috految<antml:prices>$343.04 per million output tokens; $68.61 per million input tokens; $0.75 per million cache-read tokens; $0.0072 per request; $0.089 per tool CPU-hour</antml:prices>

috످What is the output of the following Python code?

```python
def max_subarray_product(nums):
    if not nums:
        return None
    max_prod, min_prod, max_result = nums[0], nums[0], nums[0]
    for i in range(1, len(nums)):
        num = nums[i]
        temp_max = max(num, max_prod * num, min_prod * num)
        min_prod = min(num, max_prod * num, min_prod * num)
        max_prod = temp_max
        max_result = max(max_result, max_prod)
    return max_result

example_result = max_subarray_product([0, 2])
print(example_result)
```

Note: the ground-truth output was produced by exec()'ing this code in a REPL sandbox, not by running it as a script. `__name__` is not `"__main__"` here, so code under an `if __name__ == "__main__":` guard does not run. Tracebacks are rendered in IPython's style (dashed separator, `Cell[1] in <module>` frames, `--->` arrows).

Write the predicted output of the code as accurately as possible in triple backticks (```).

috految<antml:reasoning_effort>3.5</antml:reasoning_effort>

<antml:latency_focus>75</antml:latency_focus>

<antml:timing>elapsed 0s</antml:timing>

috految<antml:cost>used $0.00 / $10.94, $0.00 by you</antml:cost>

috److The function returns the maximum subarray product of `[0, 2]`, which is 2.

```
2
```

috످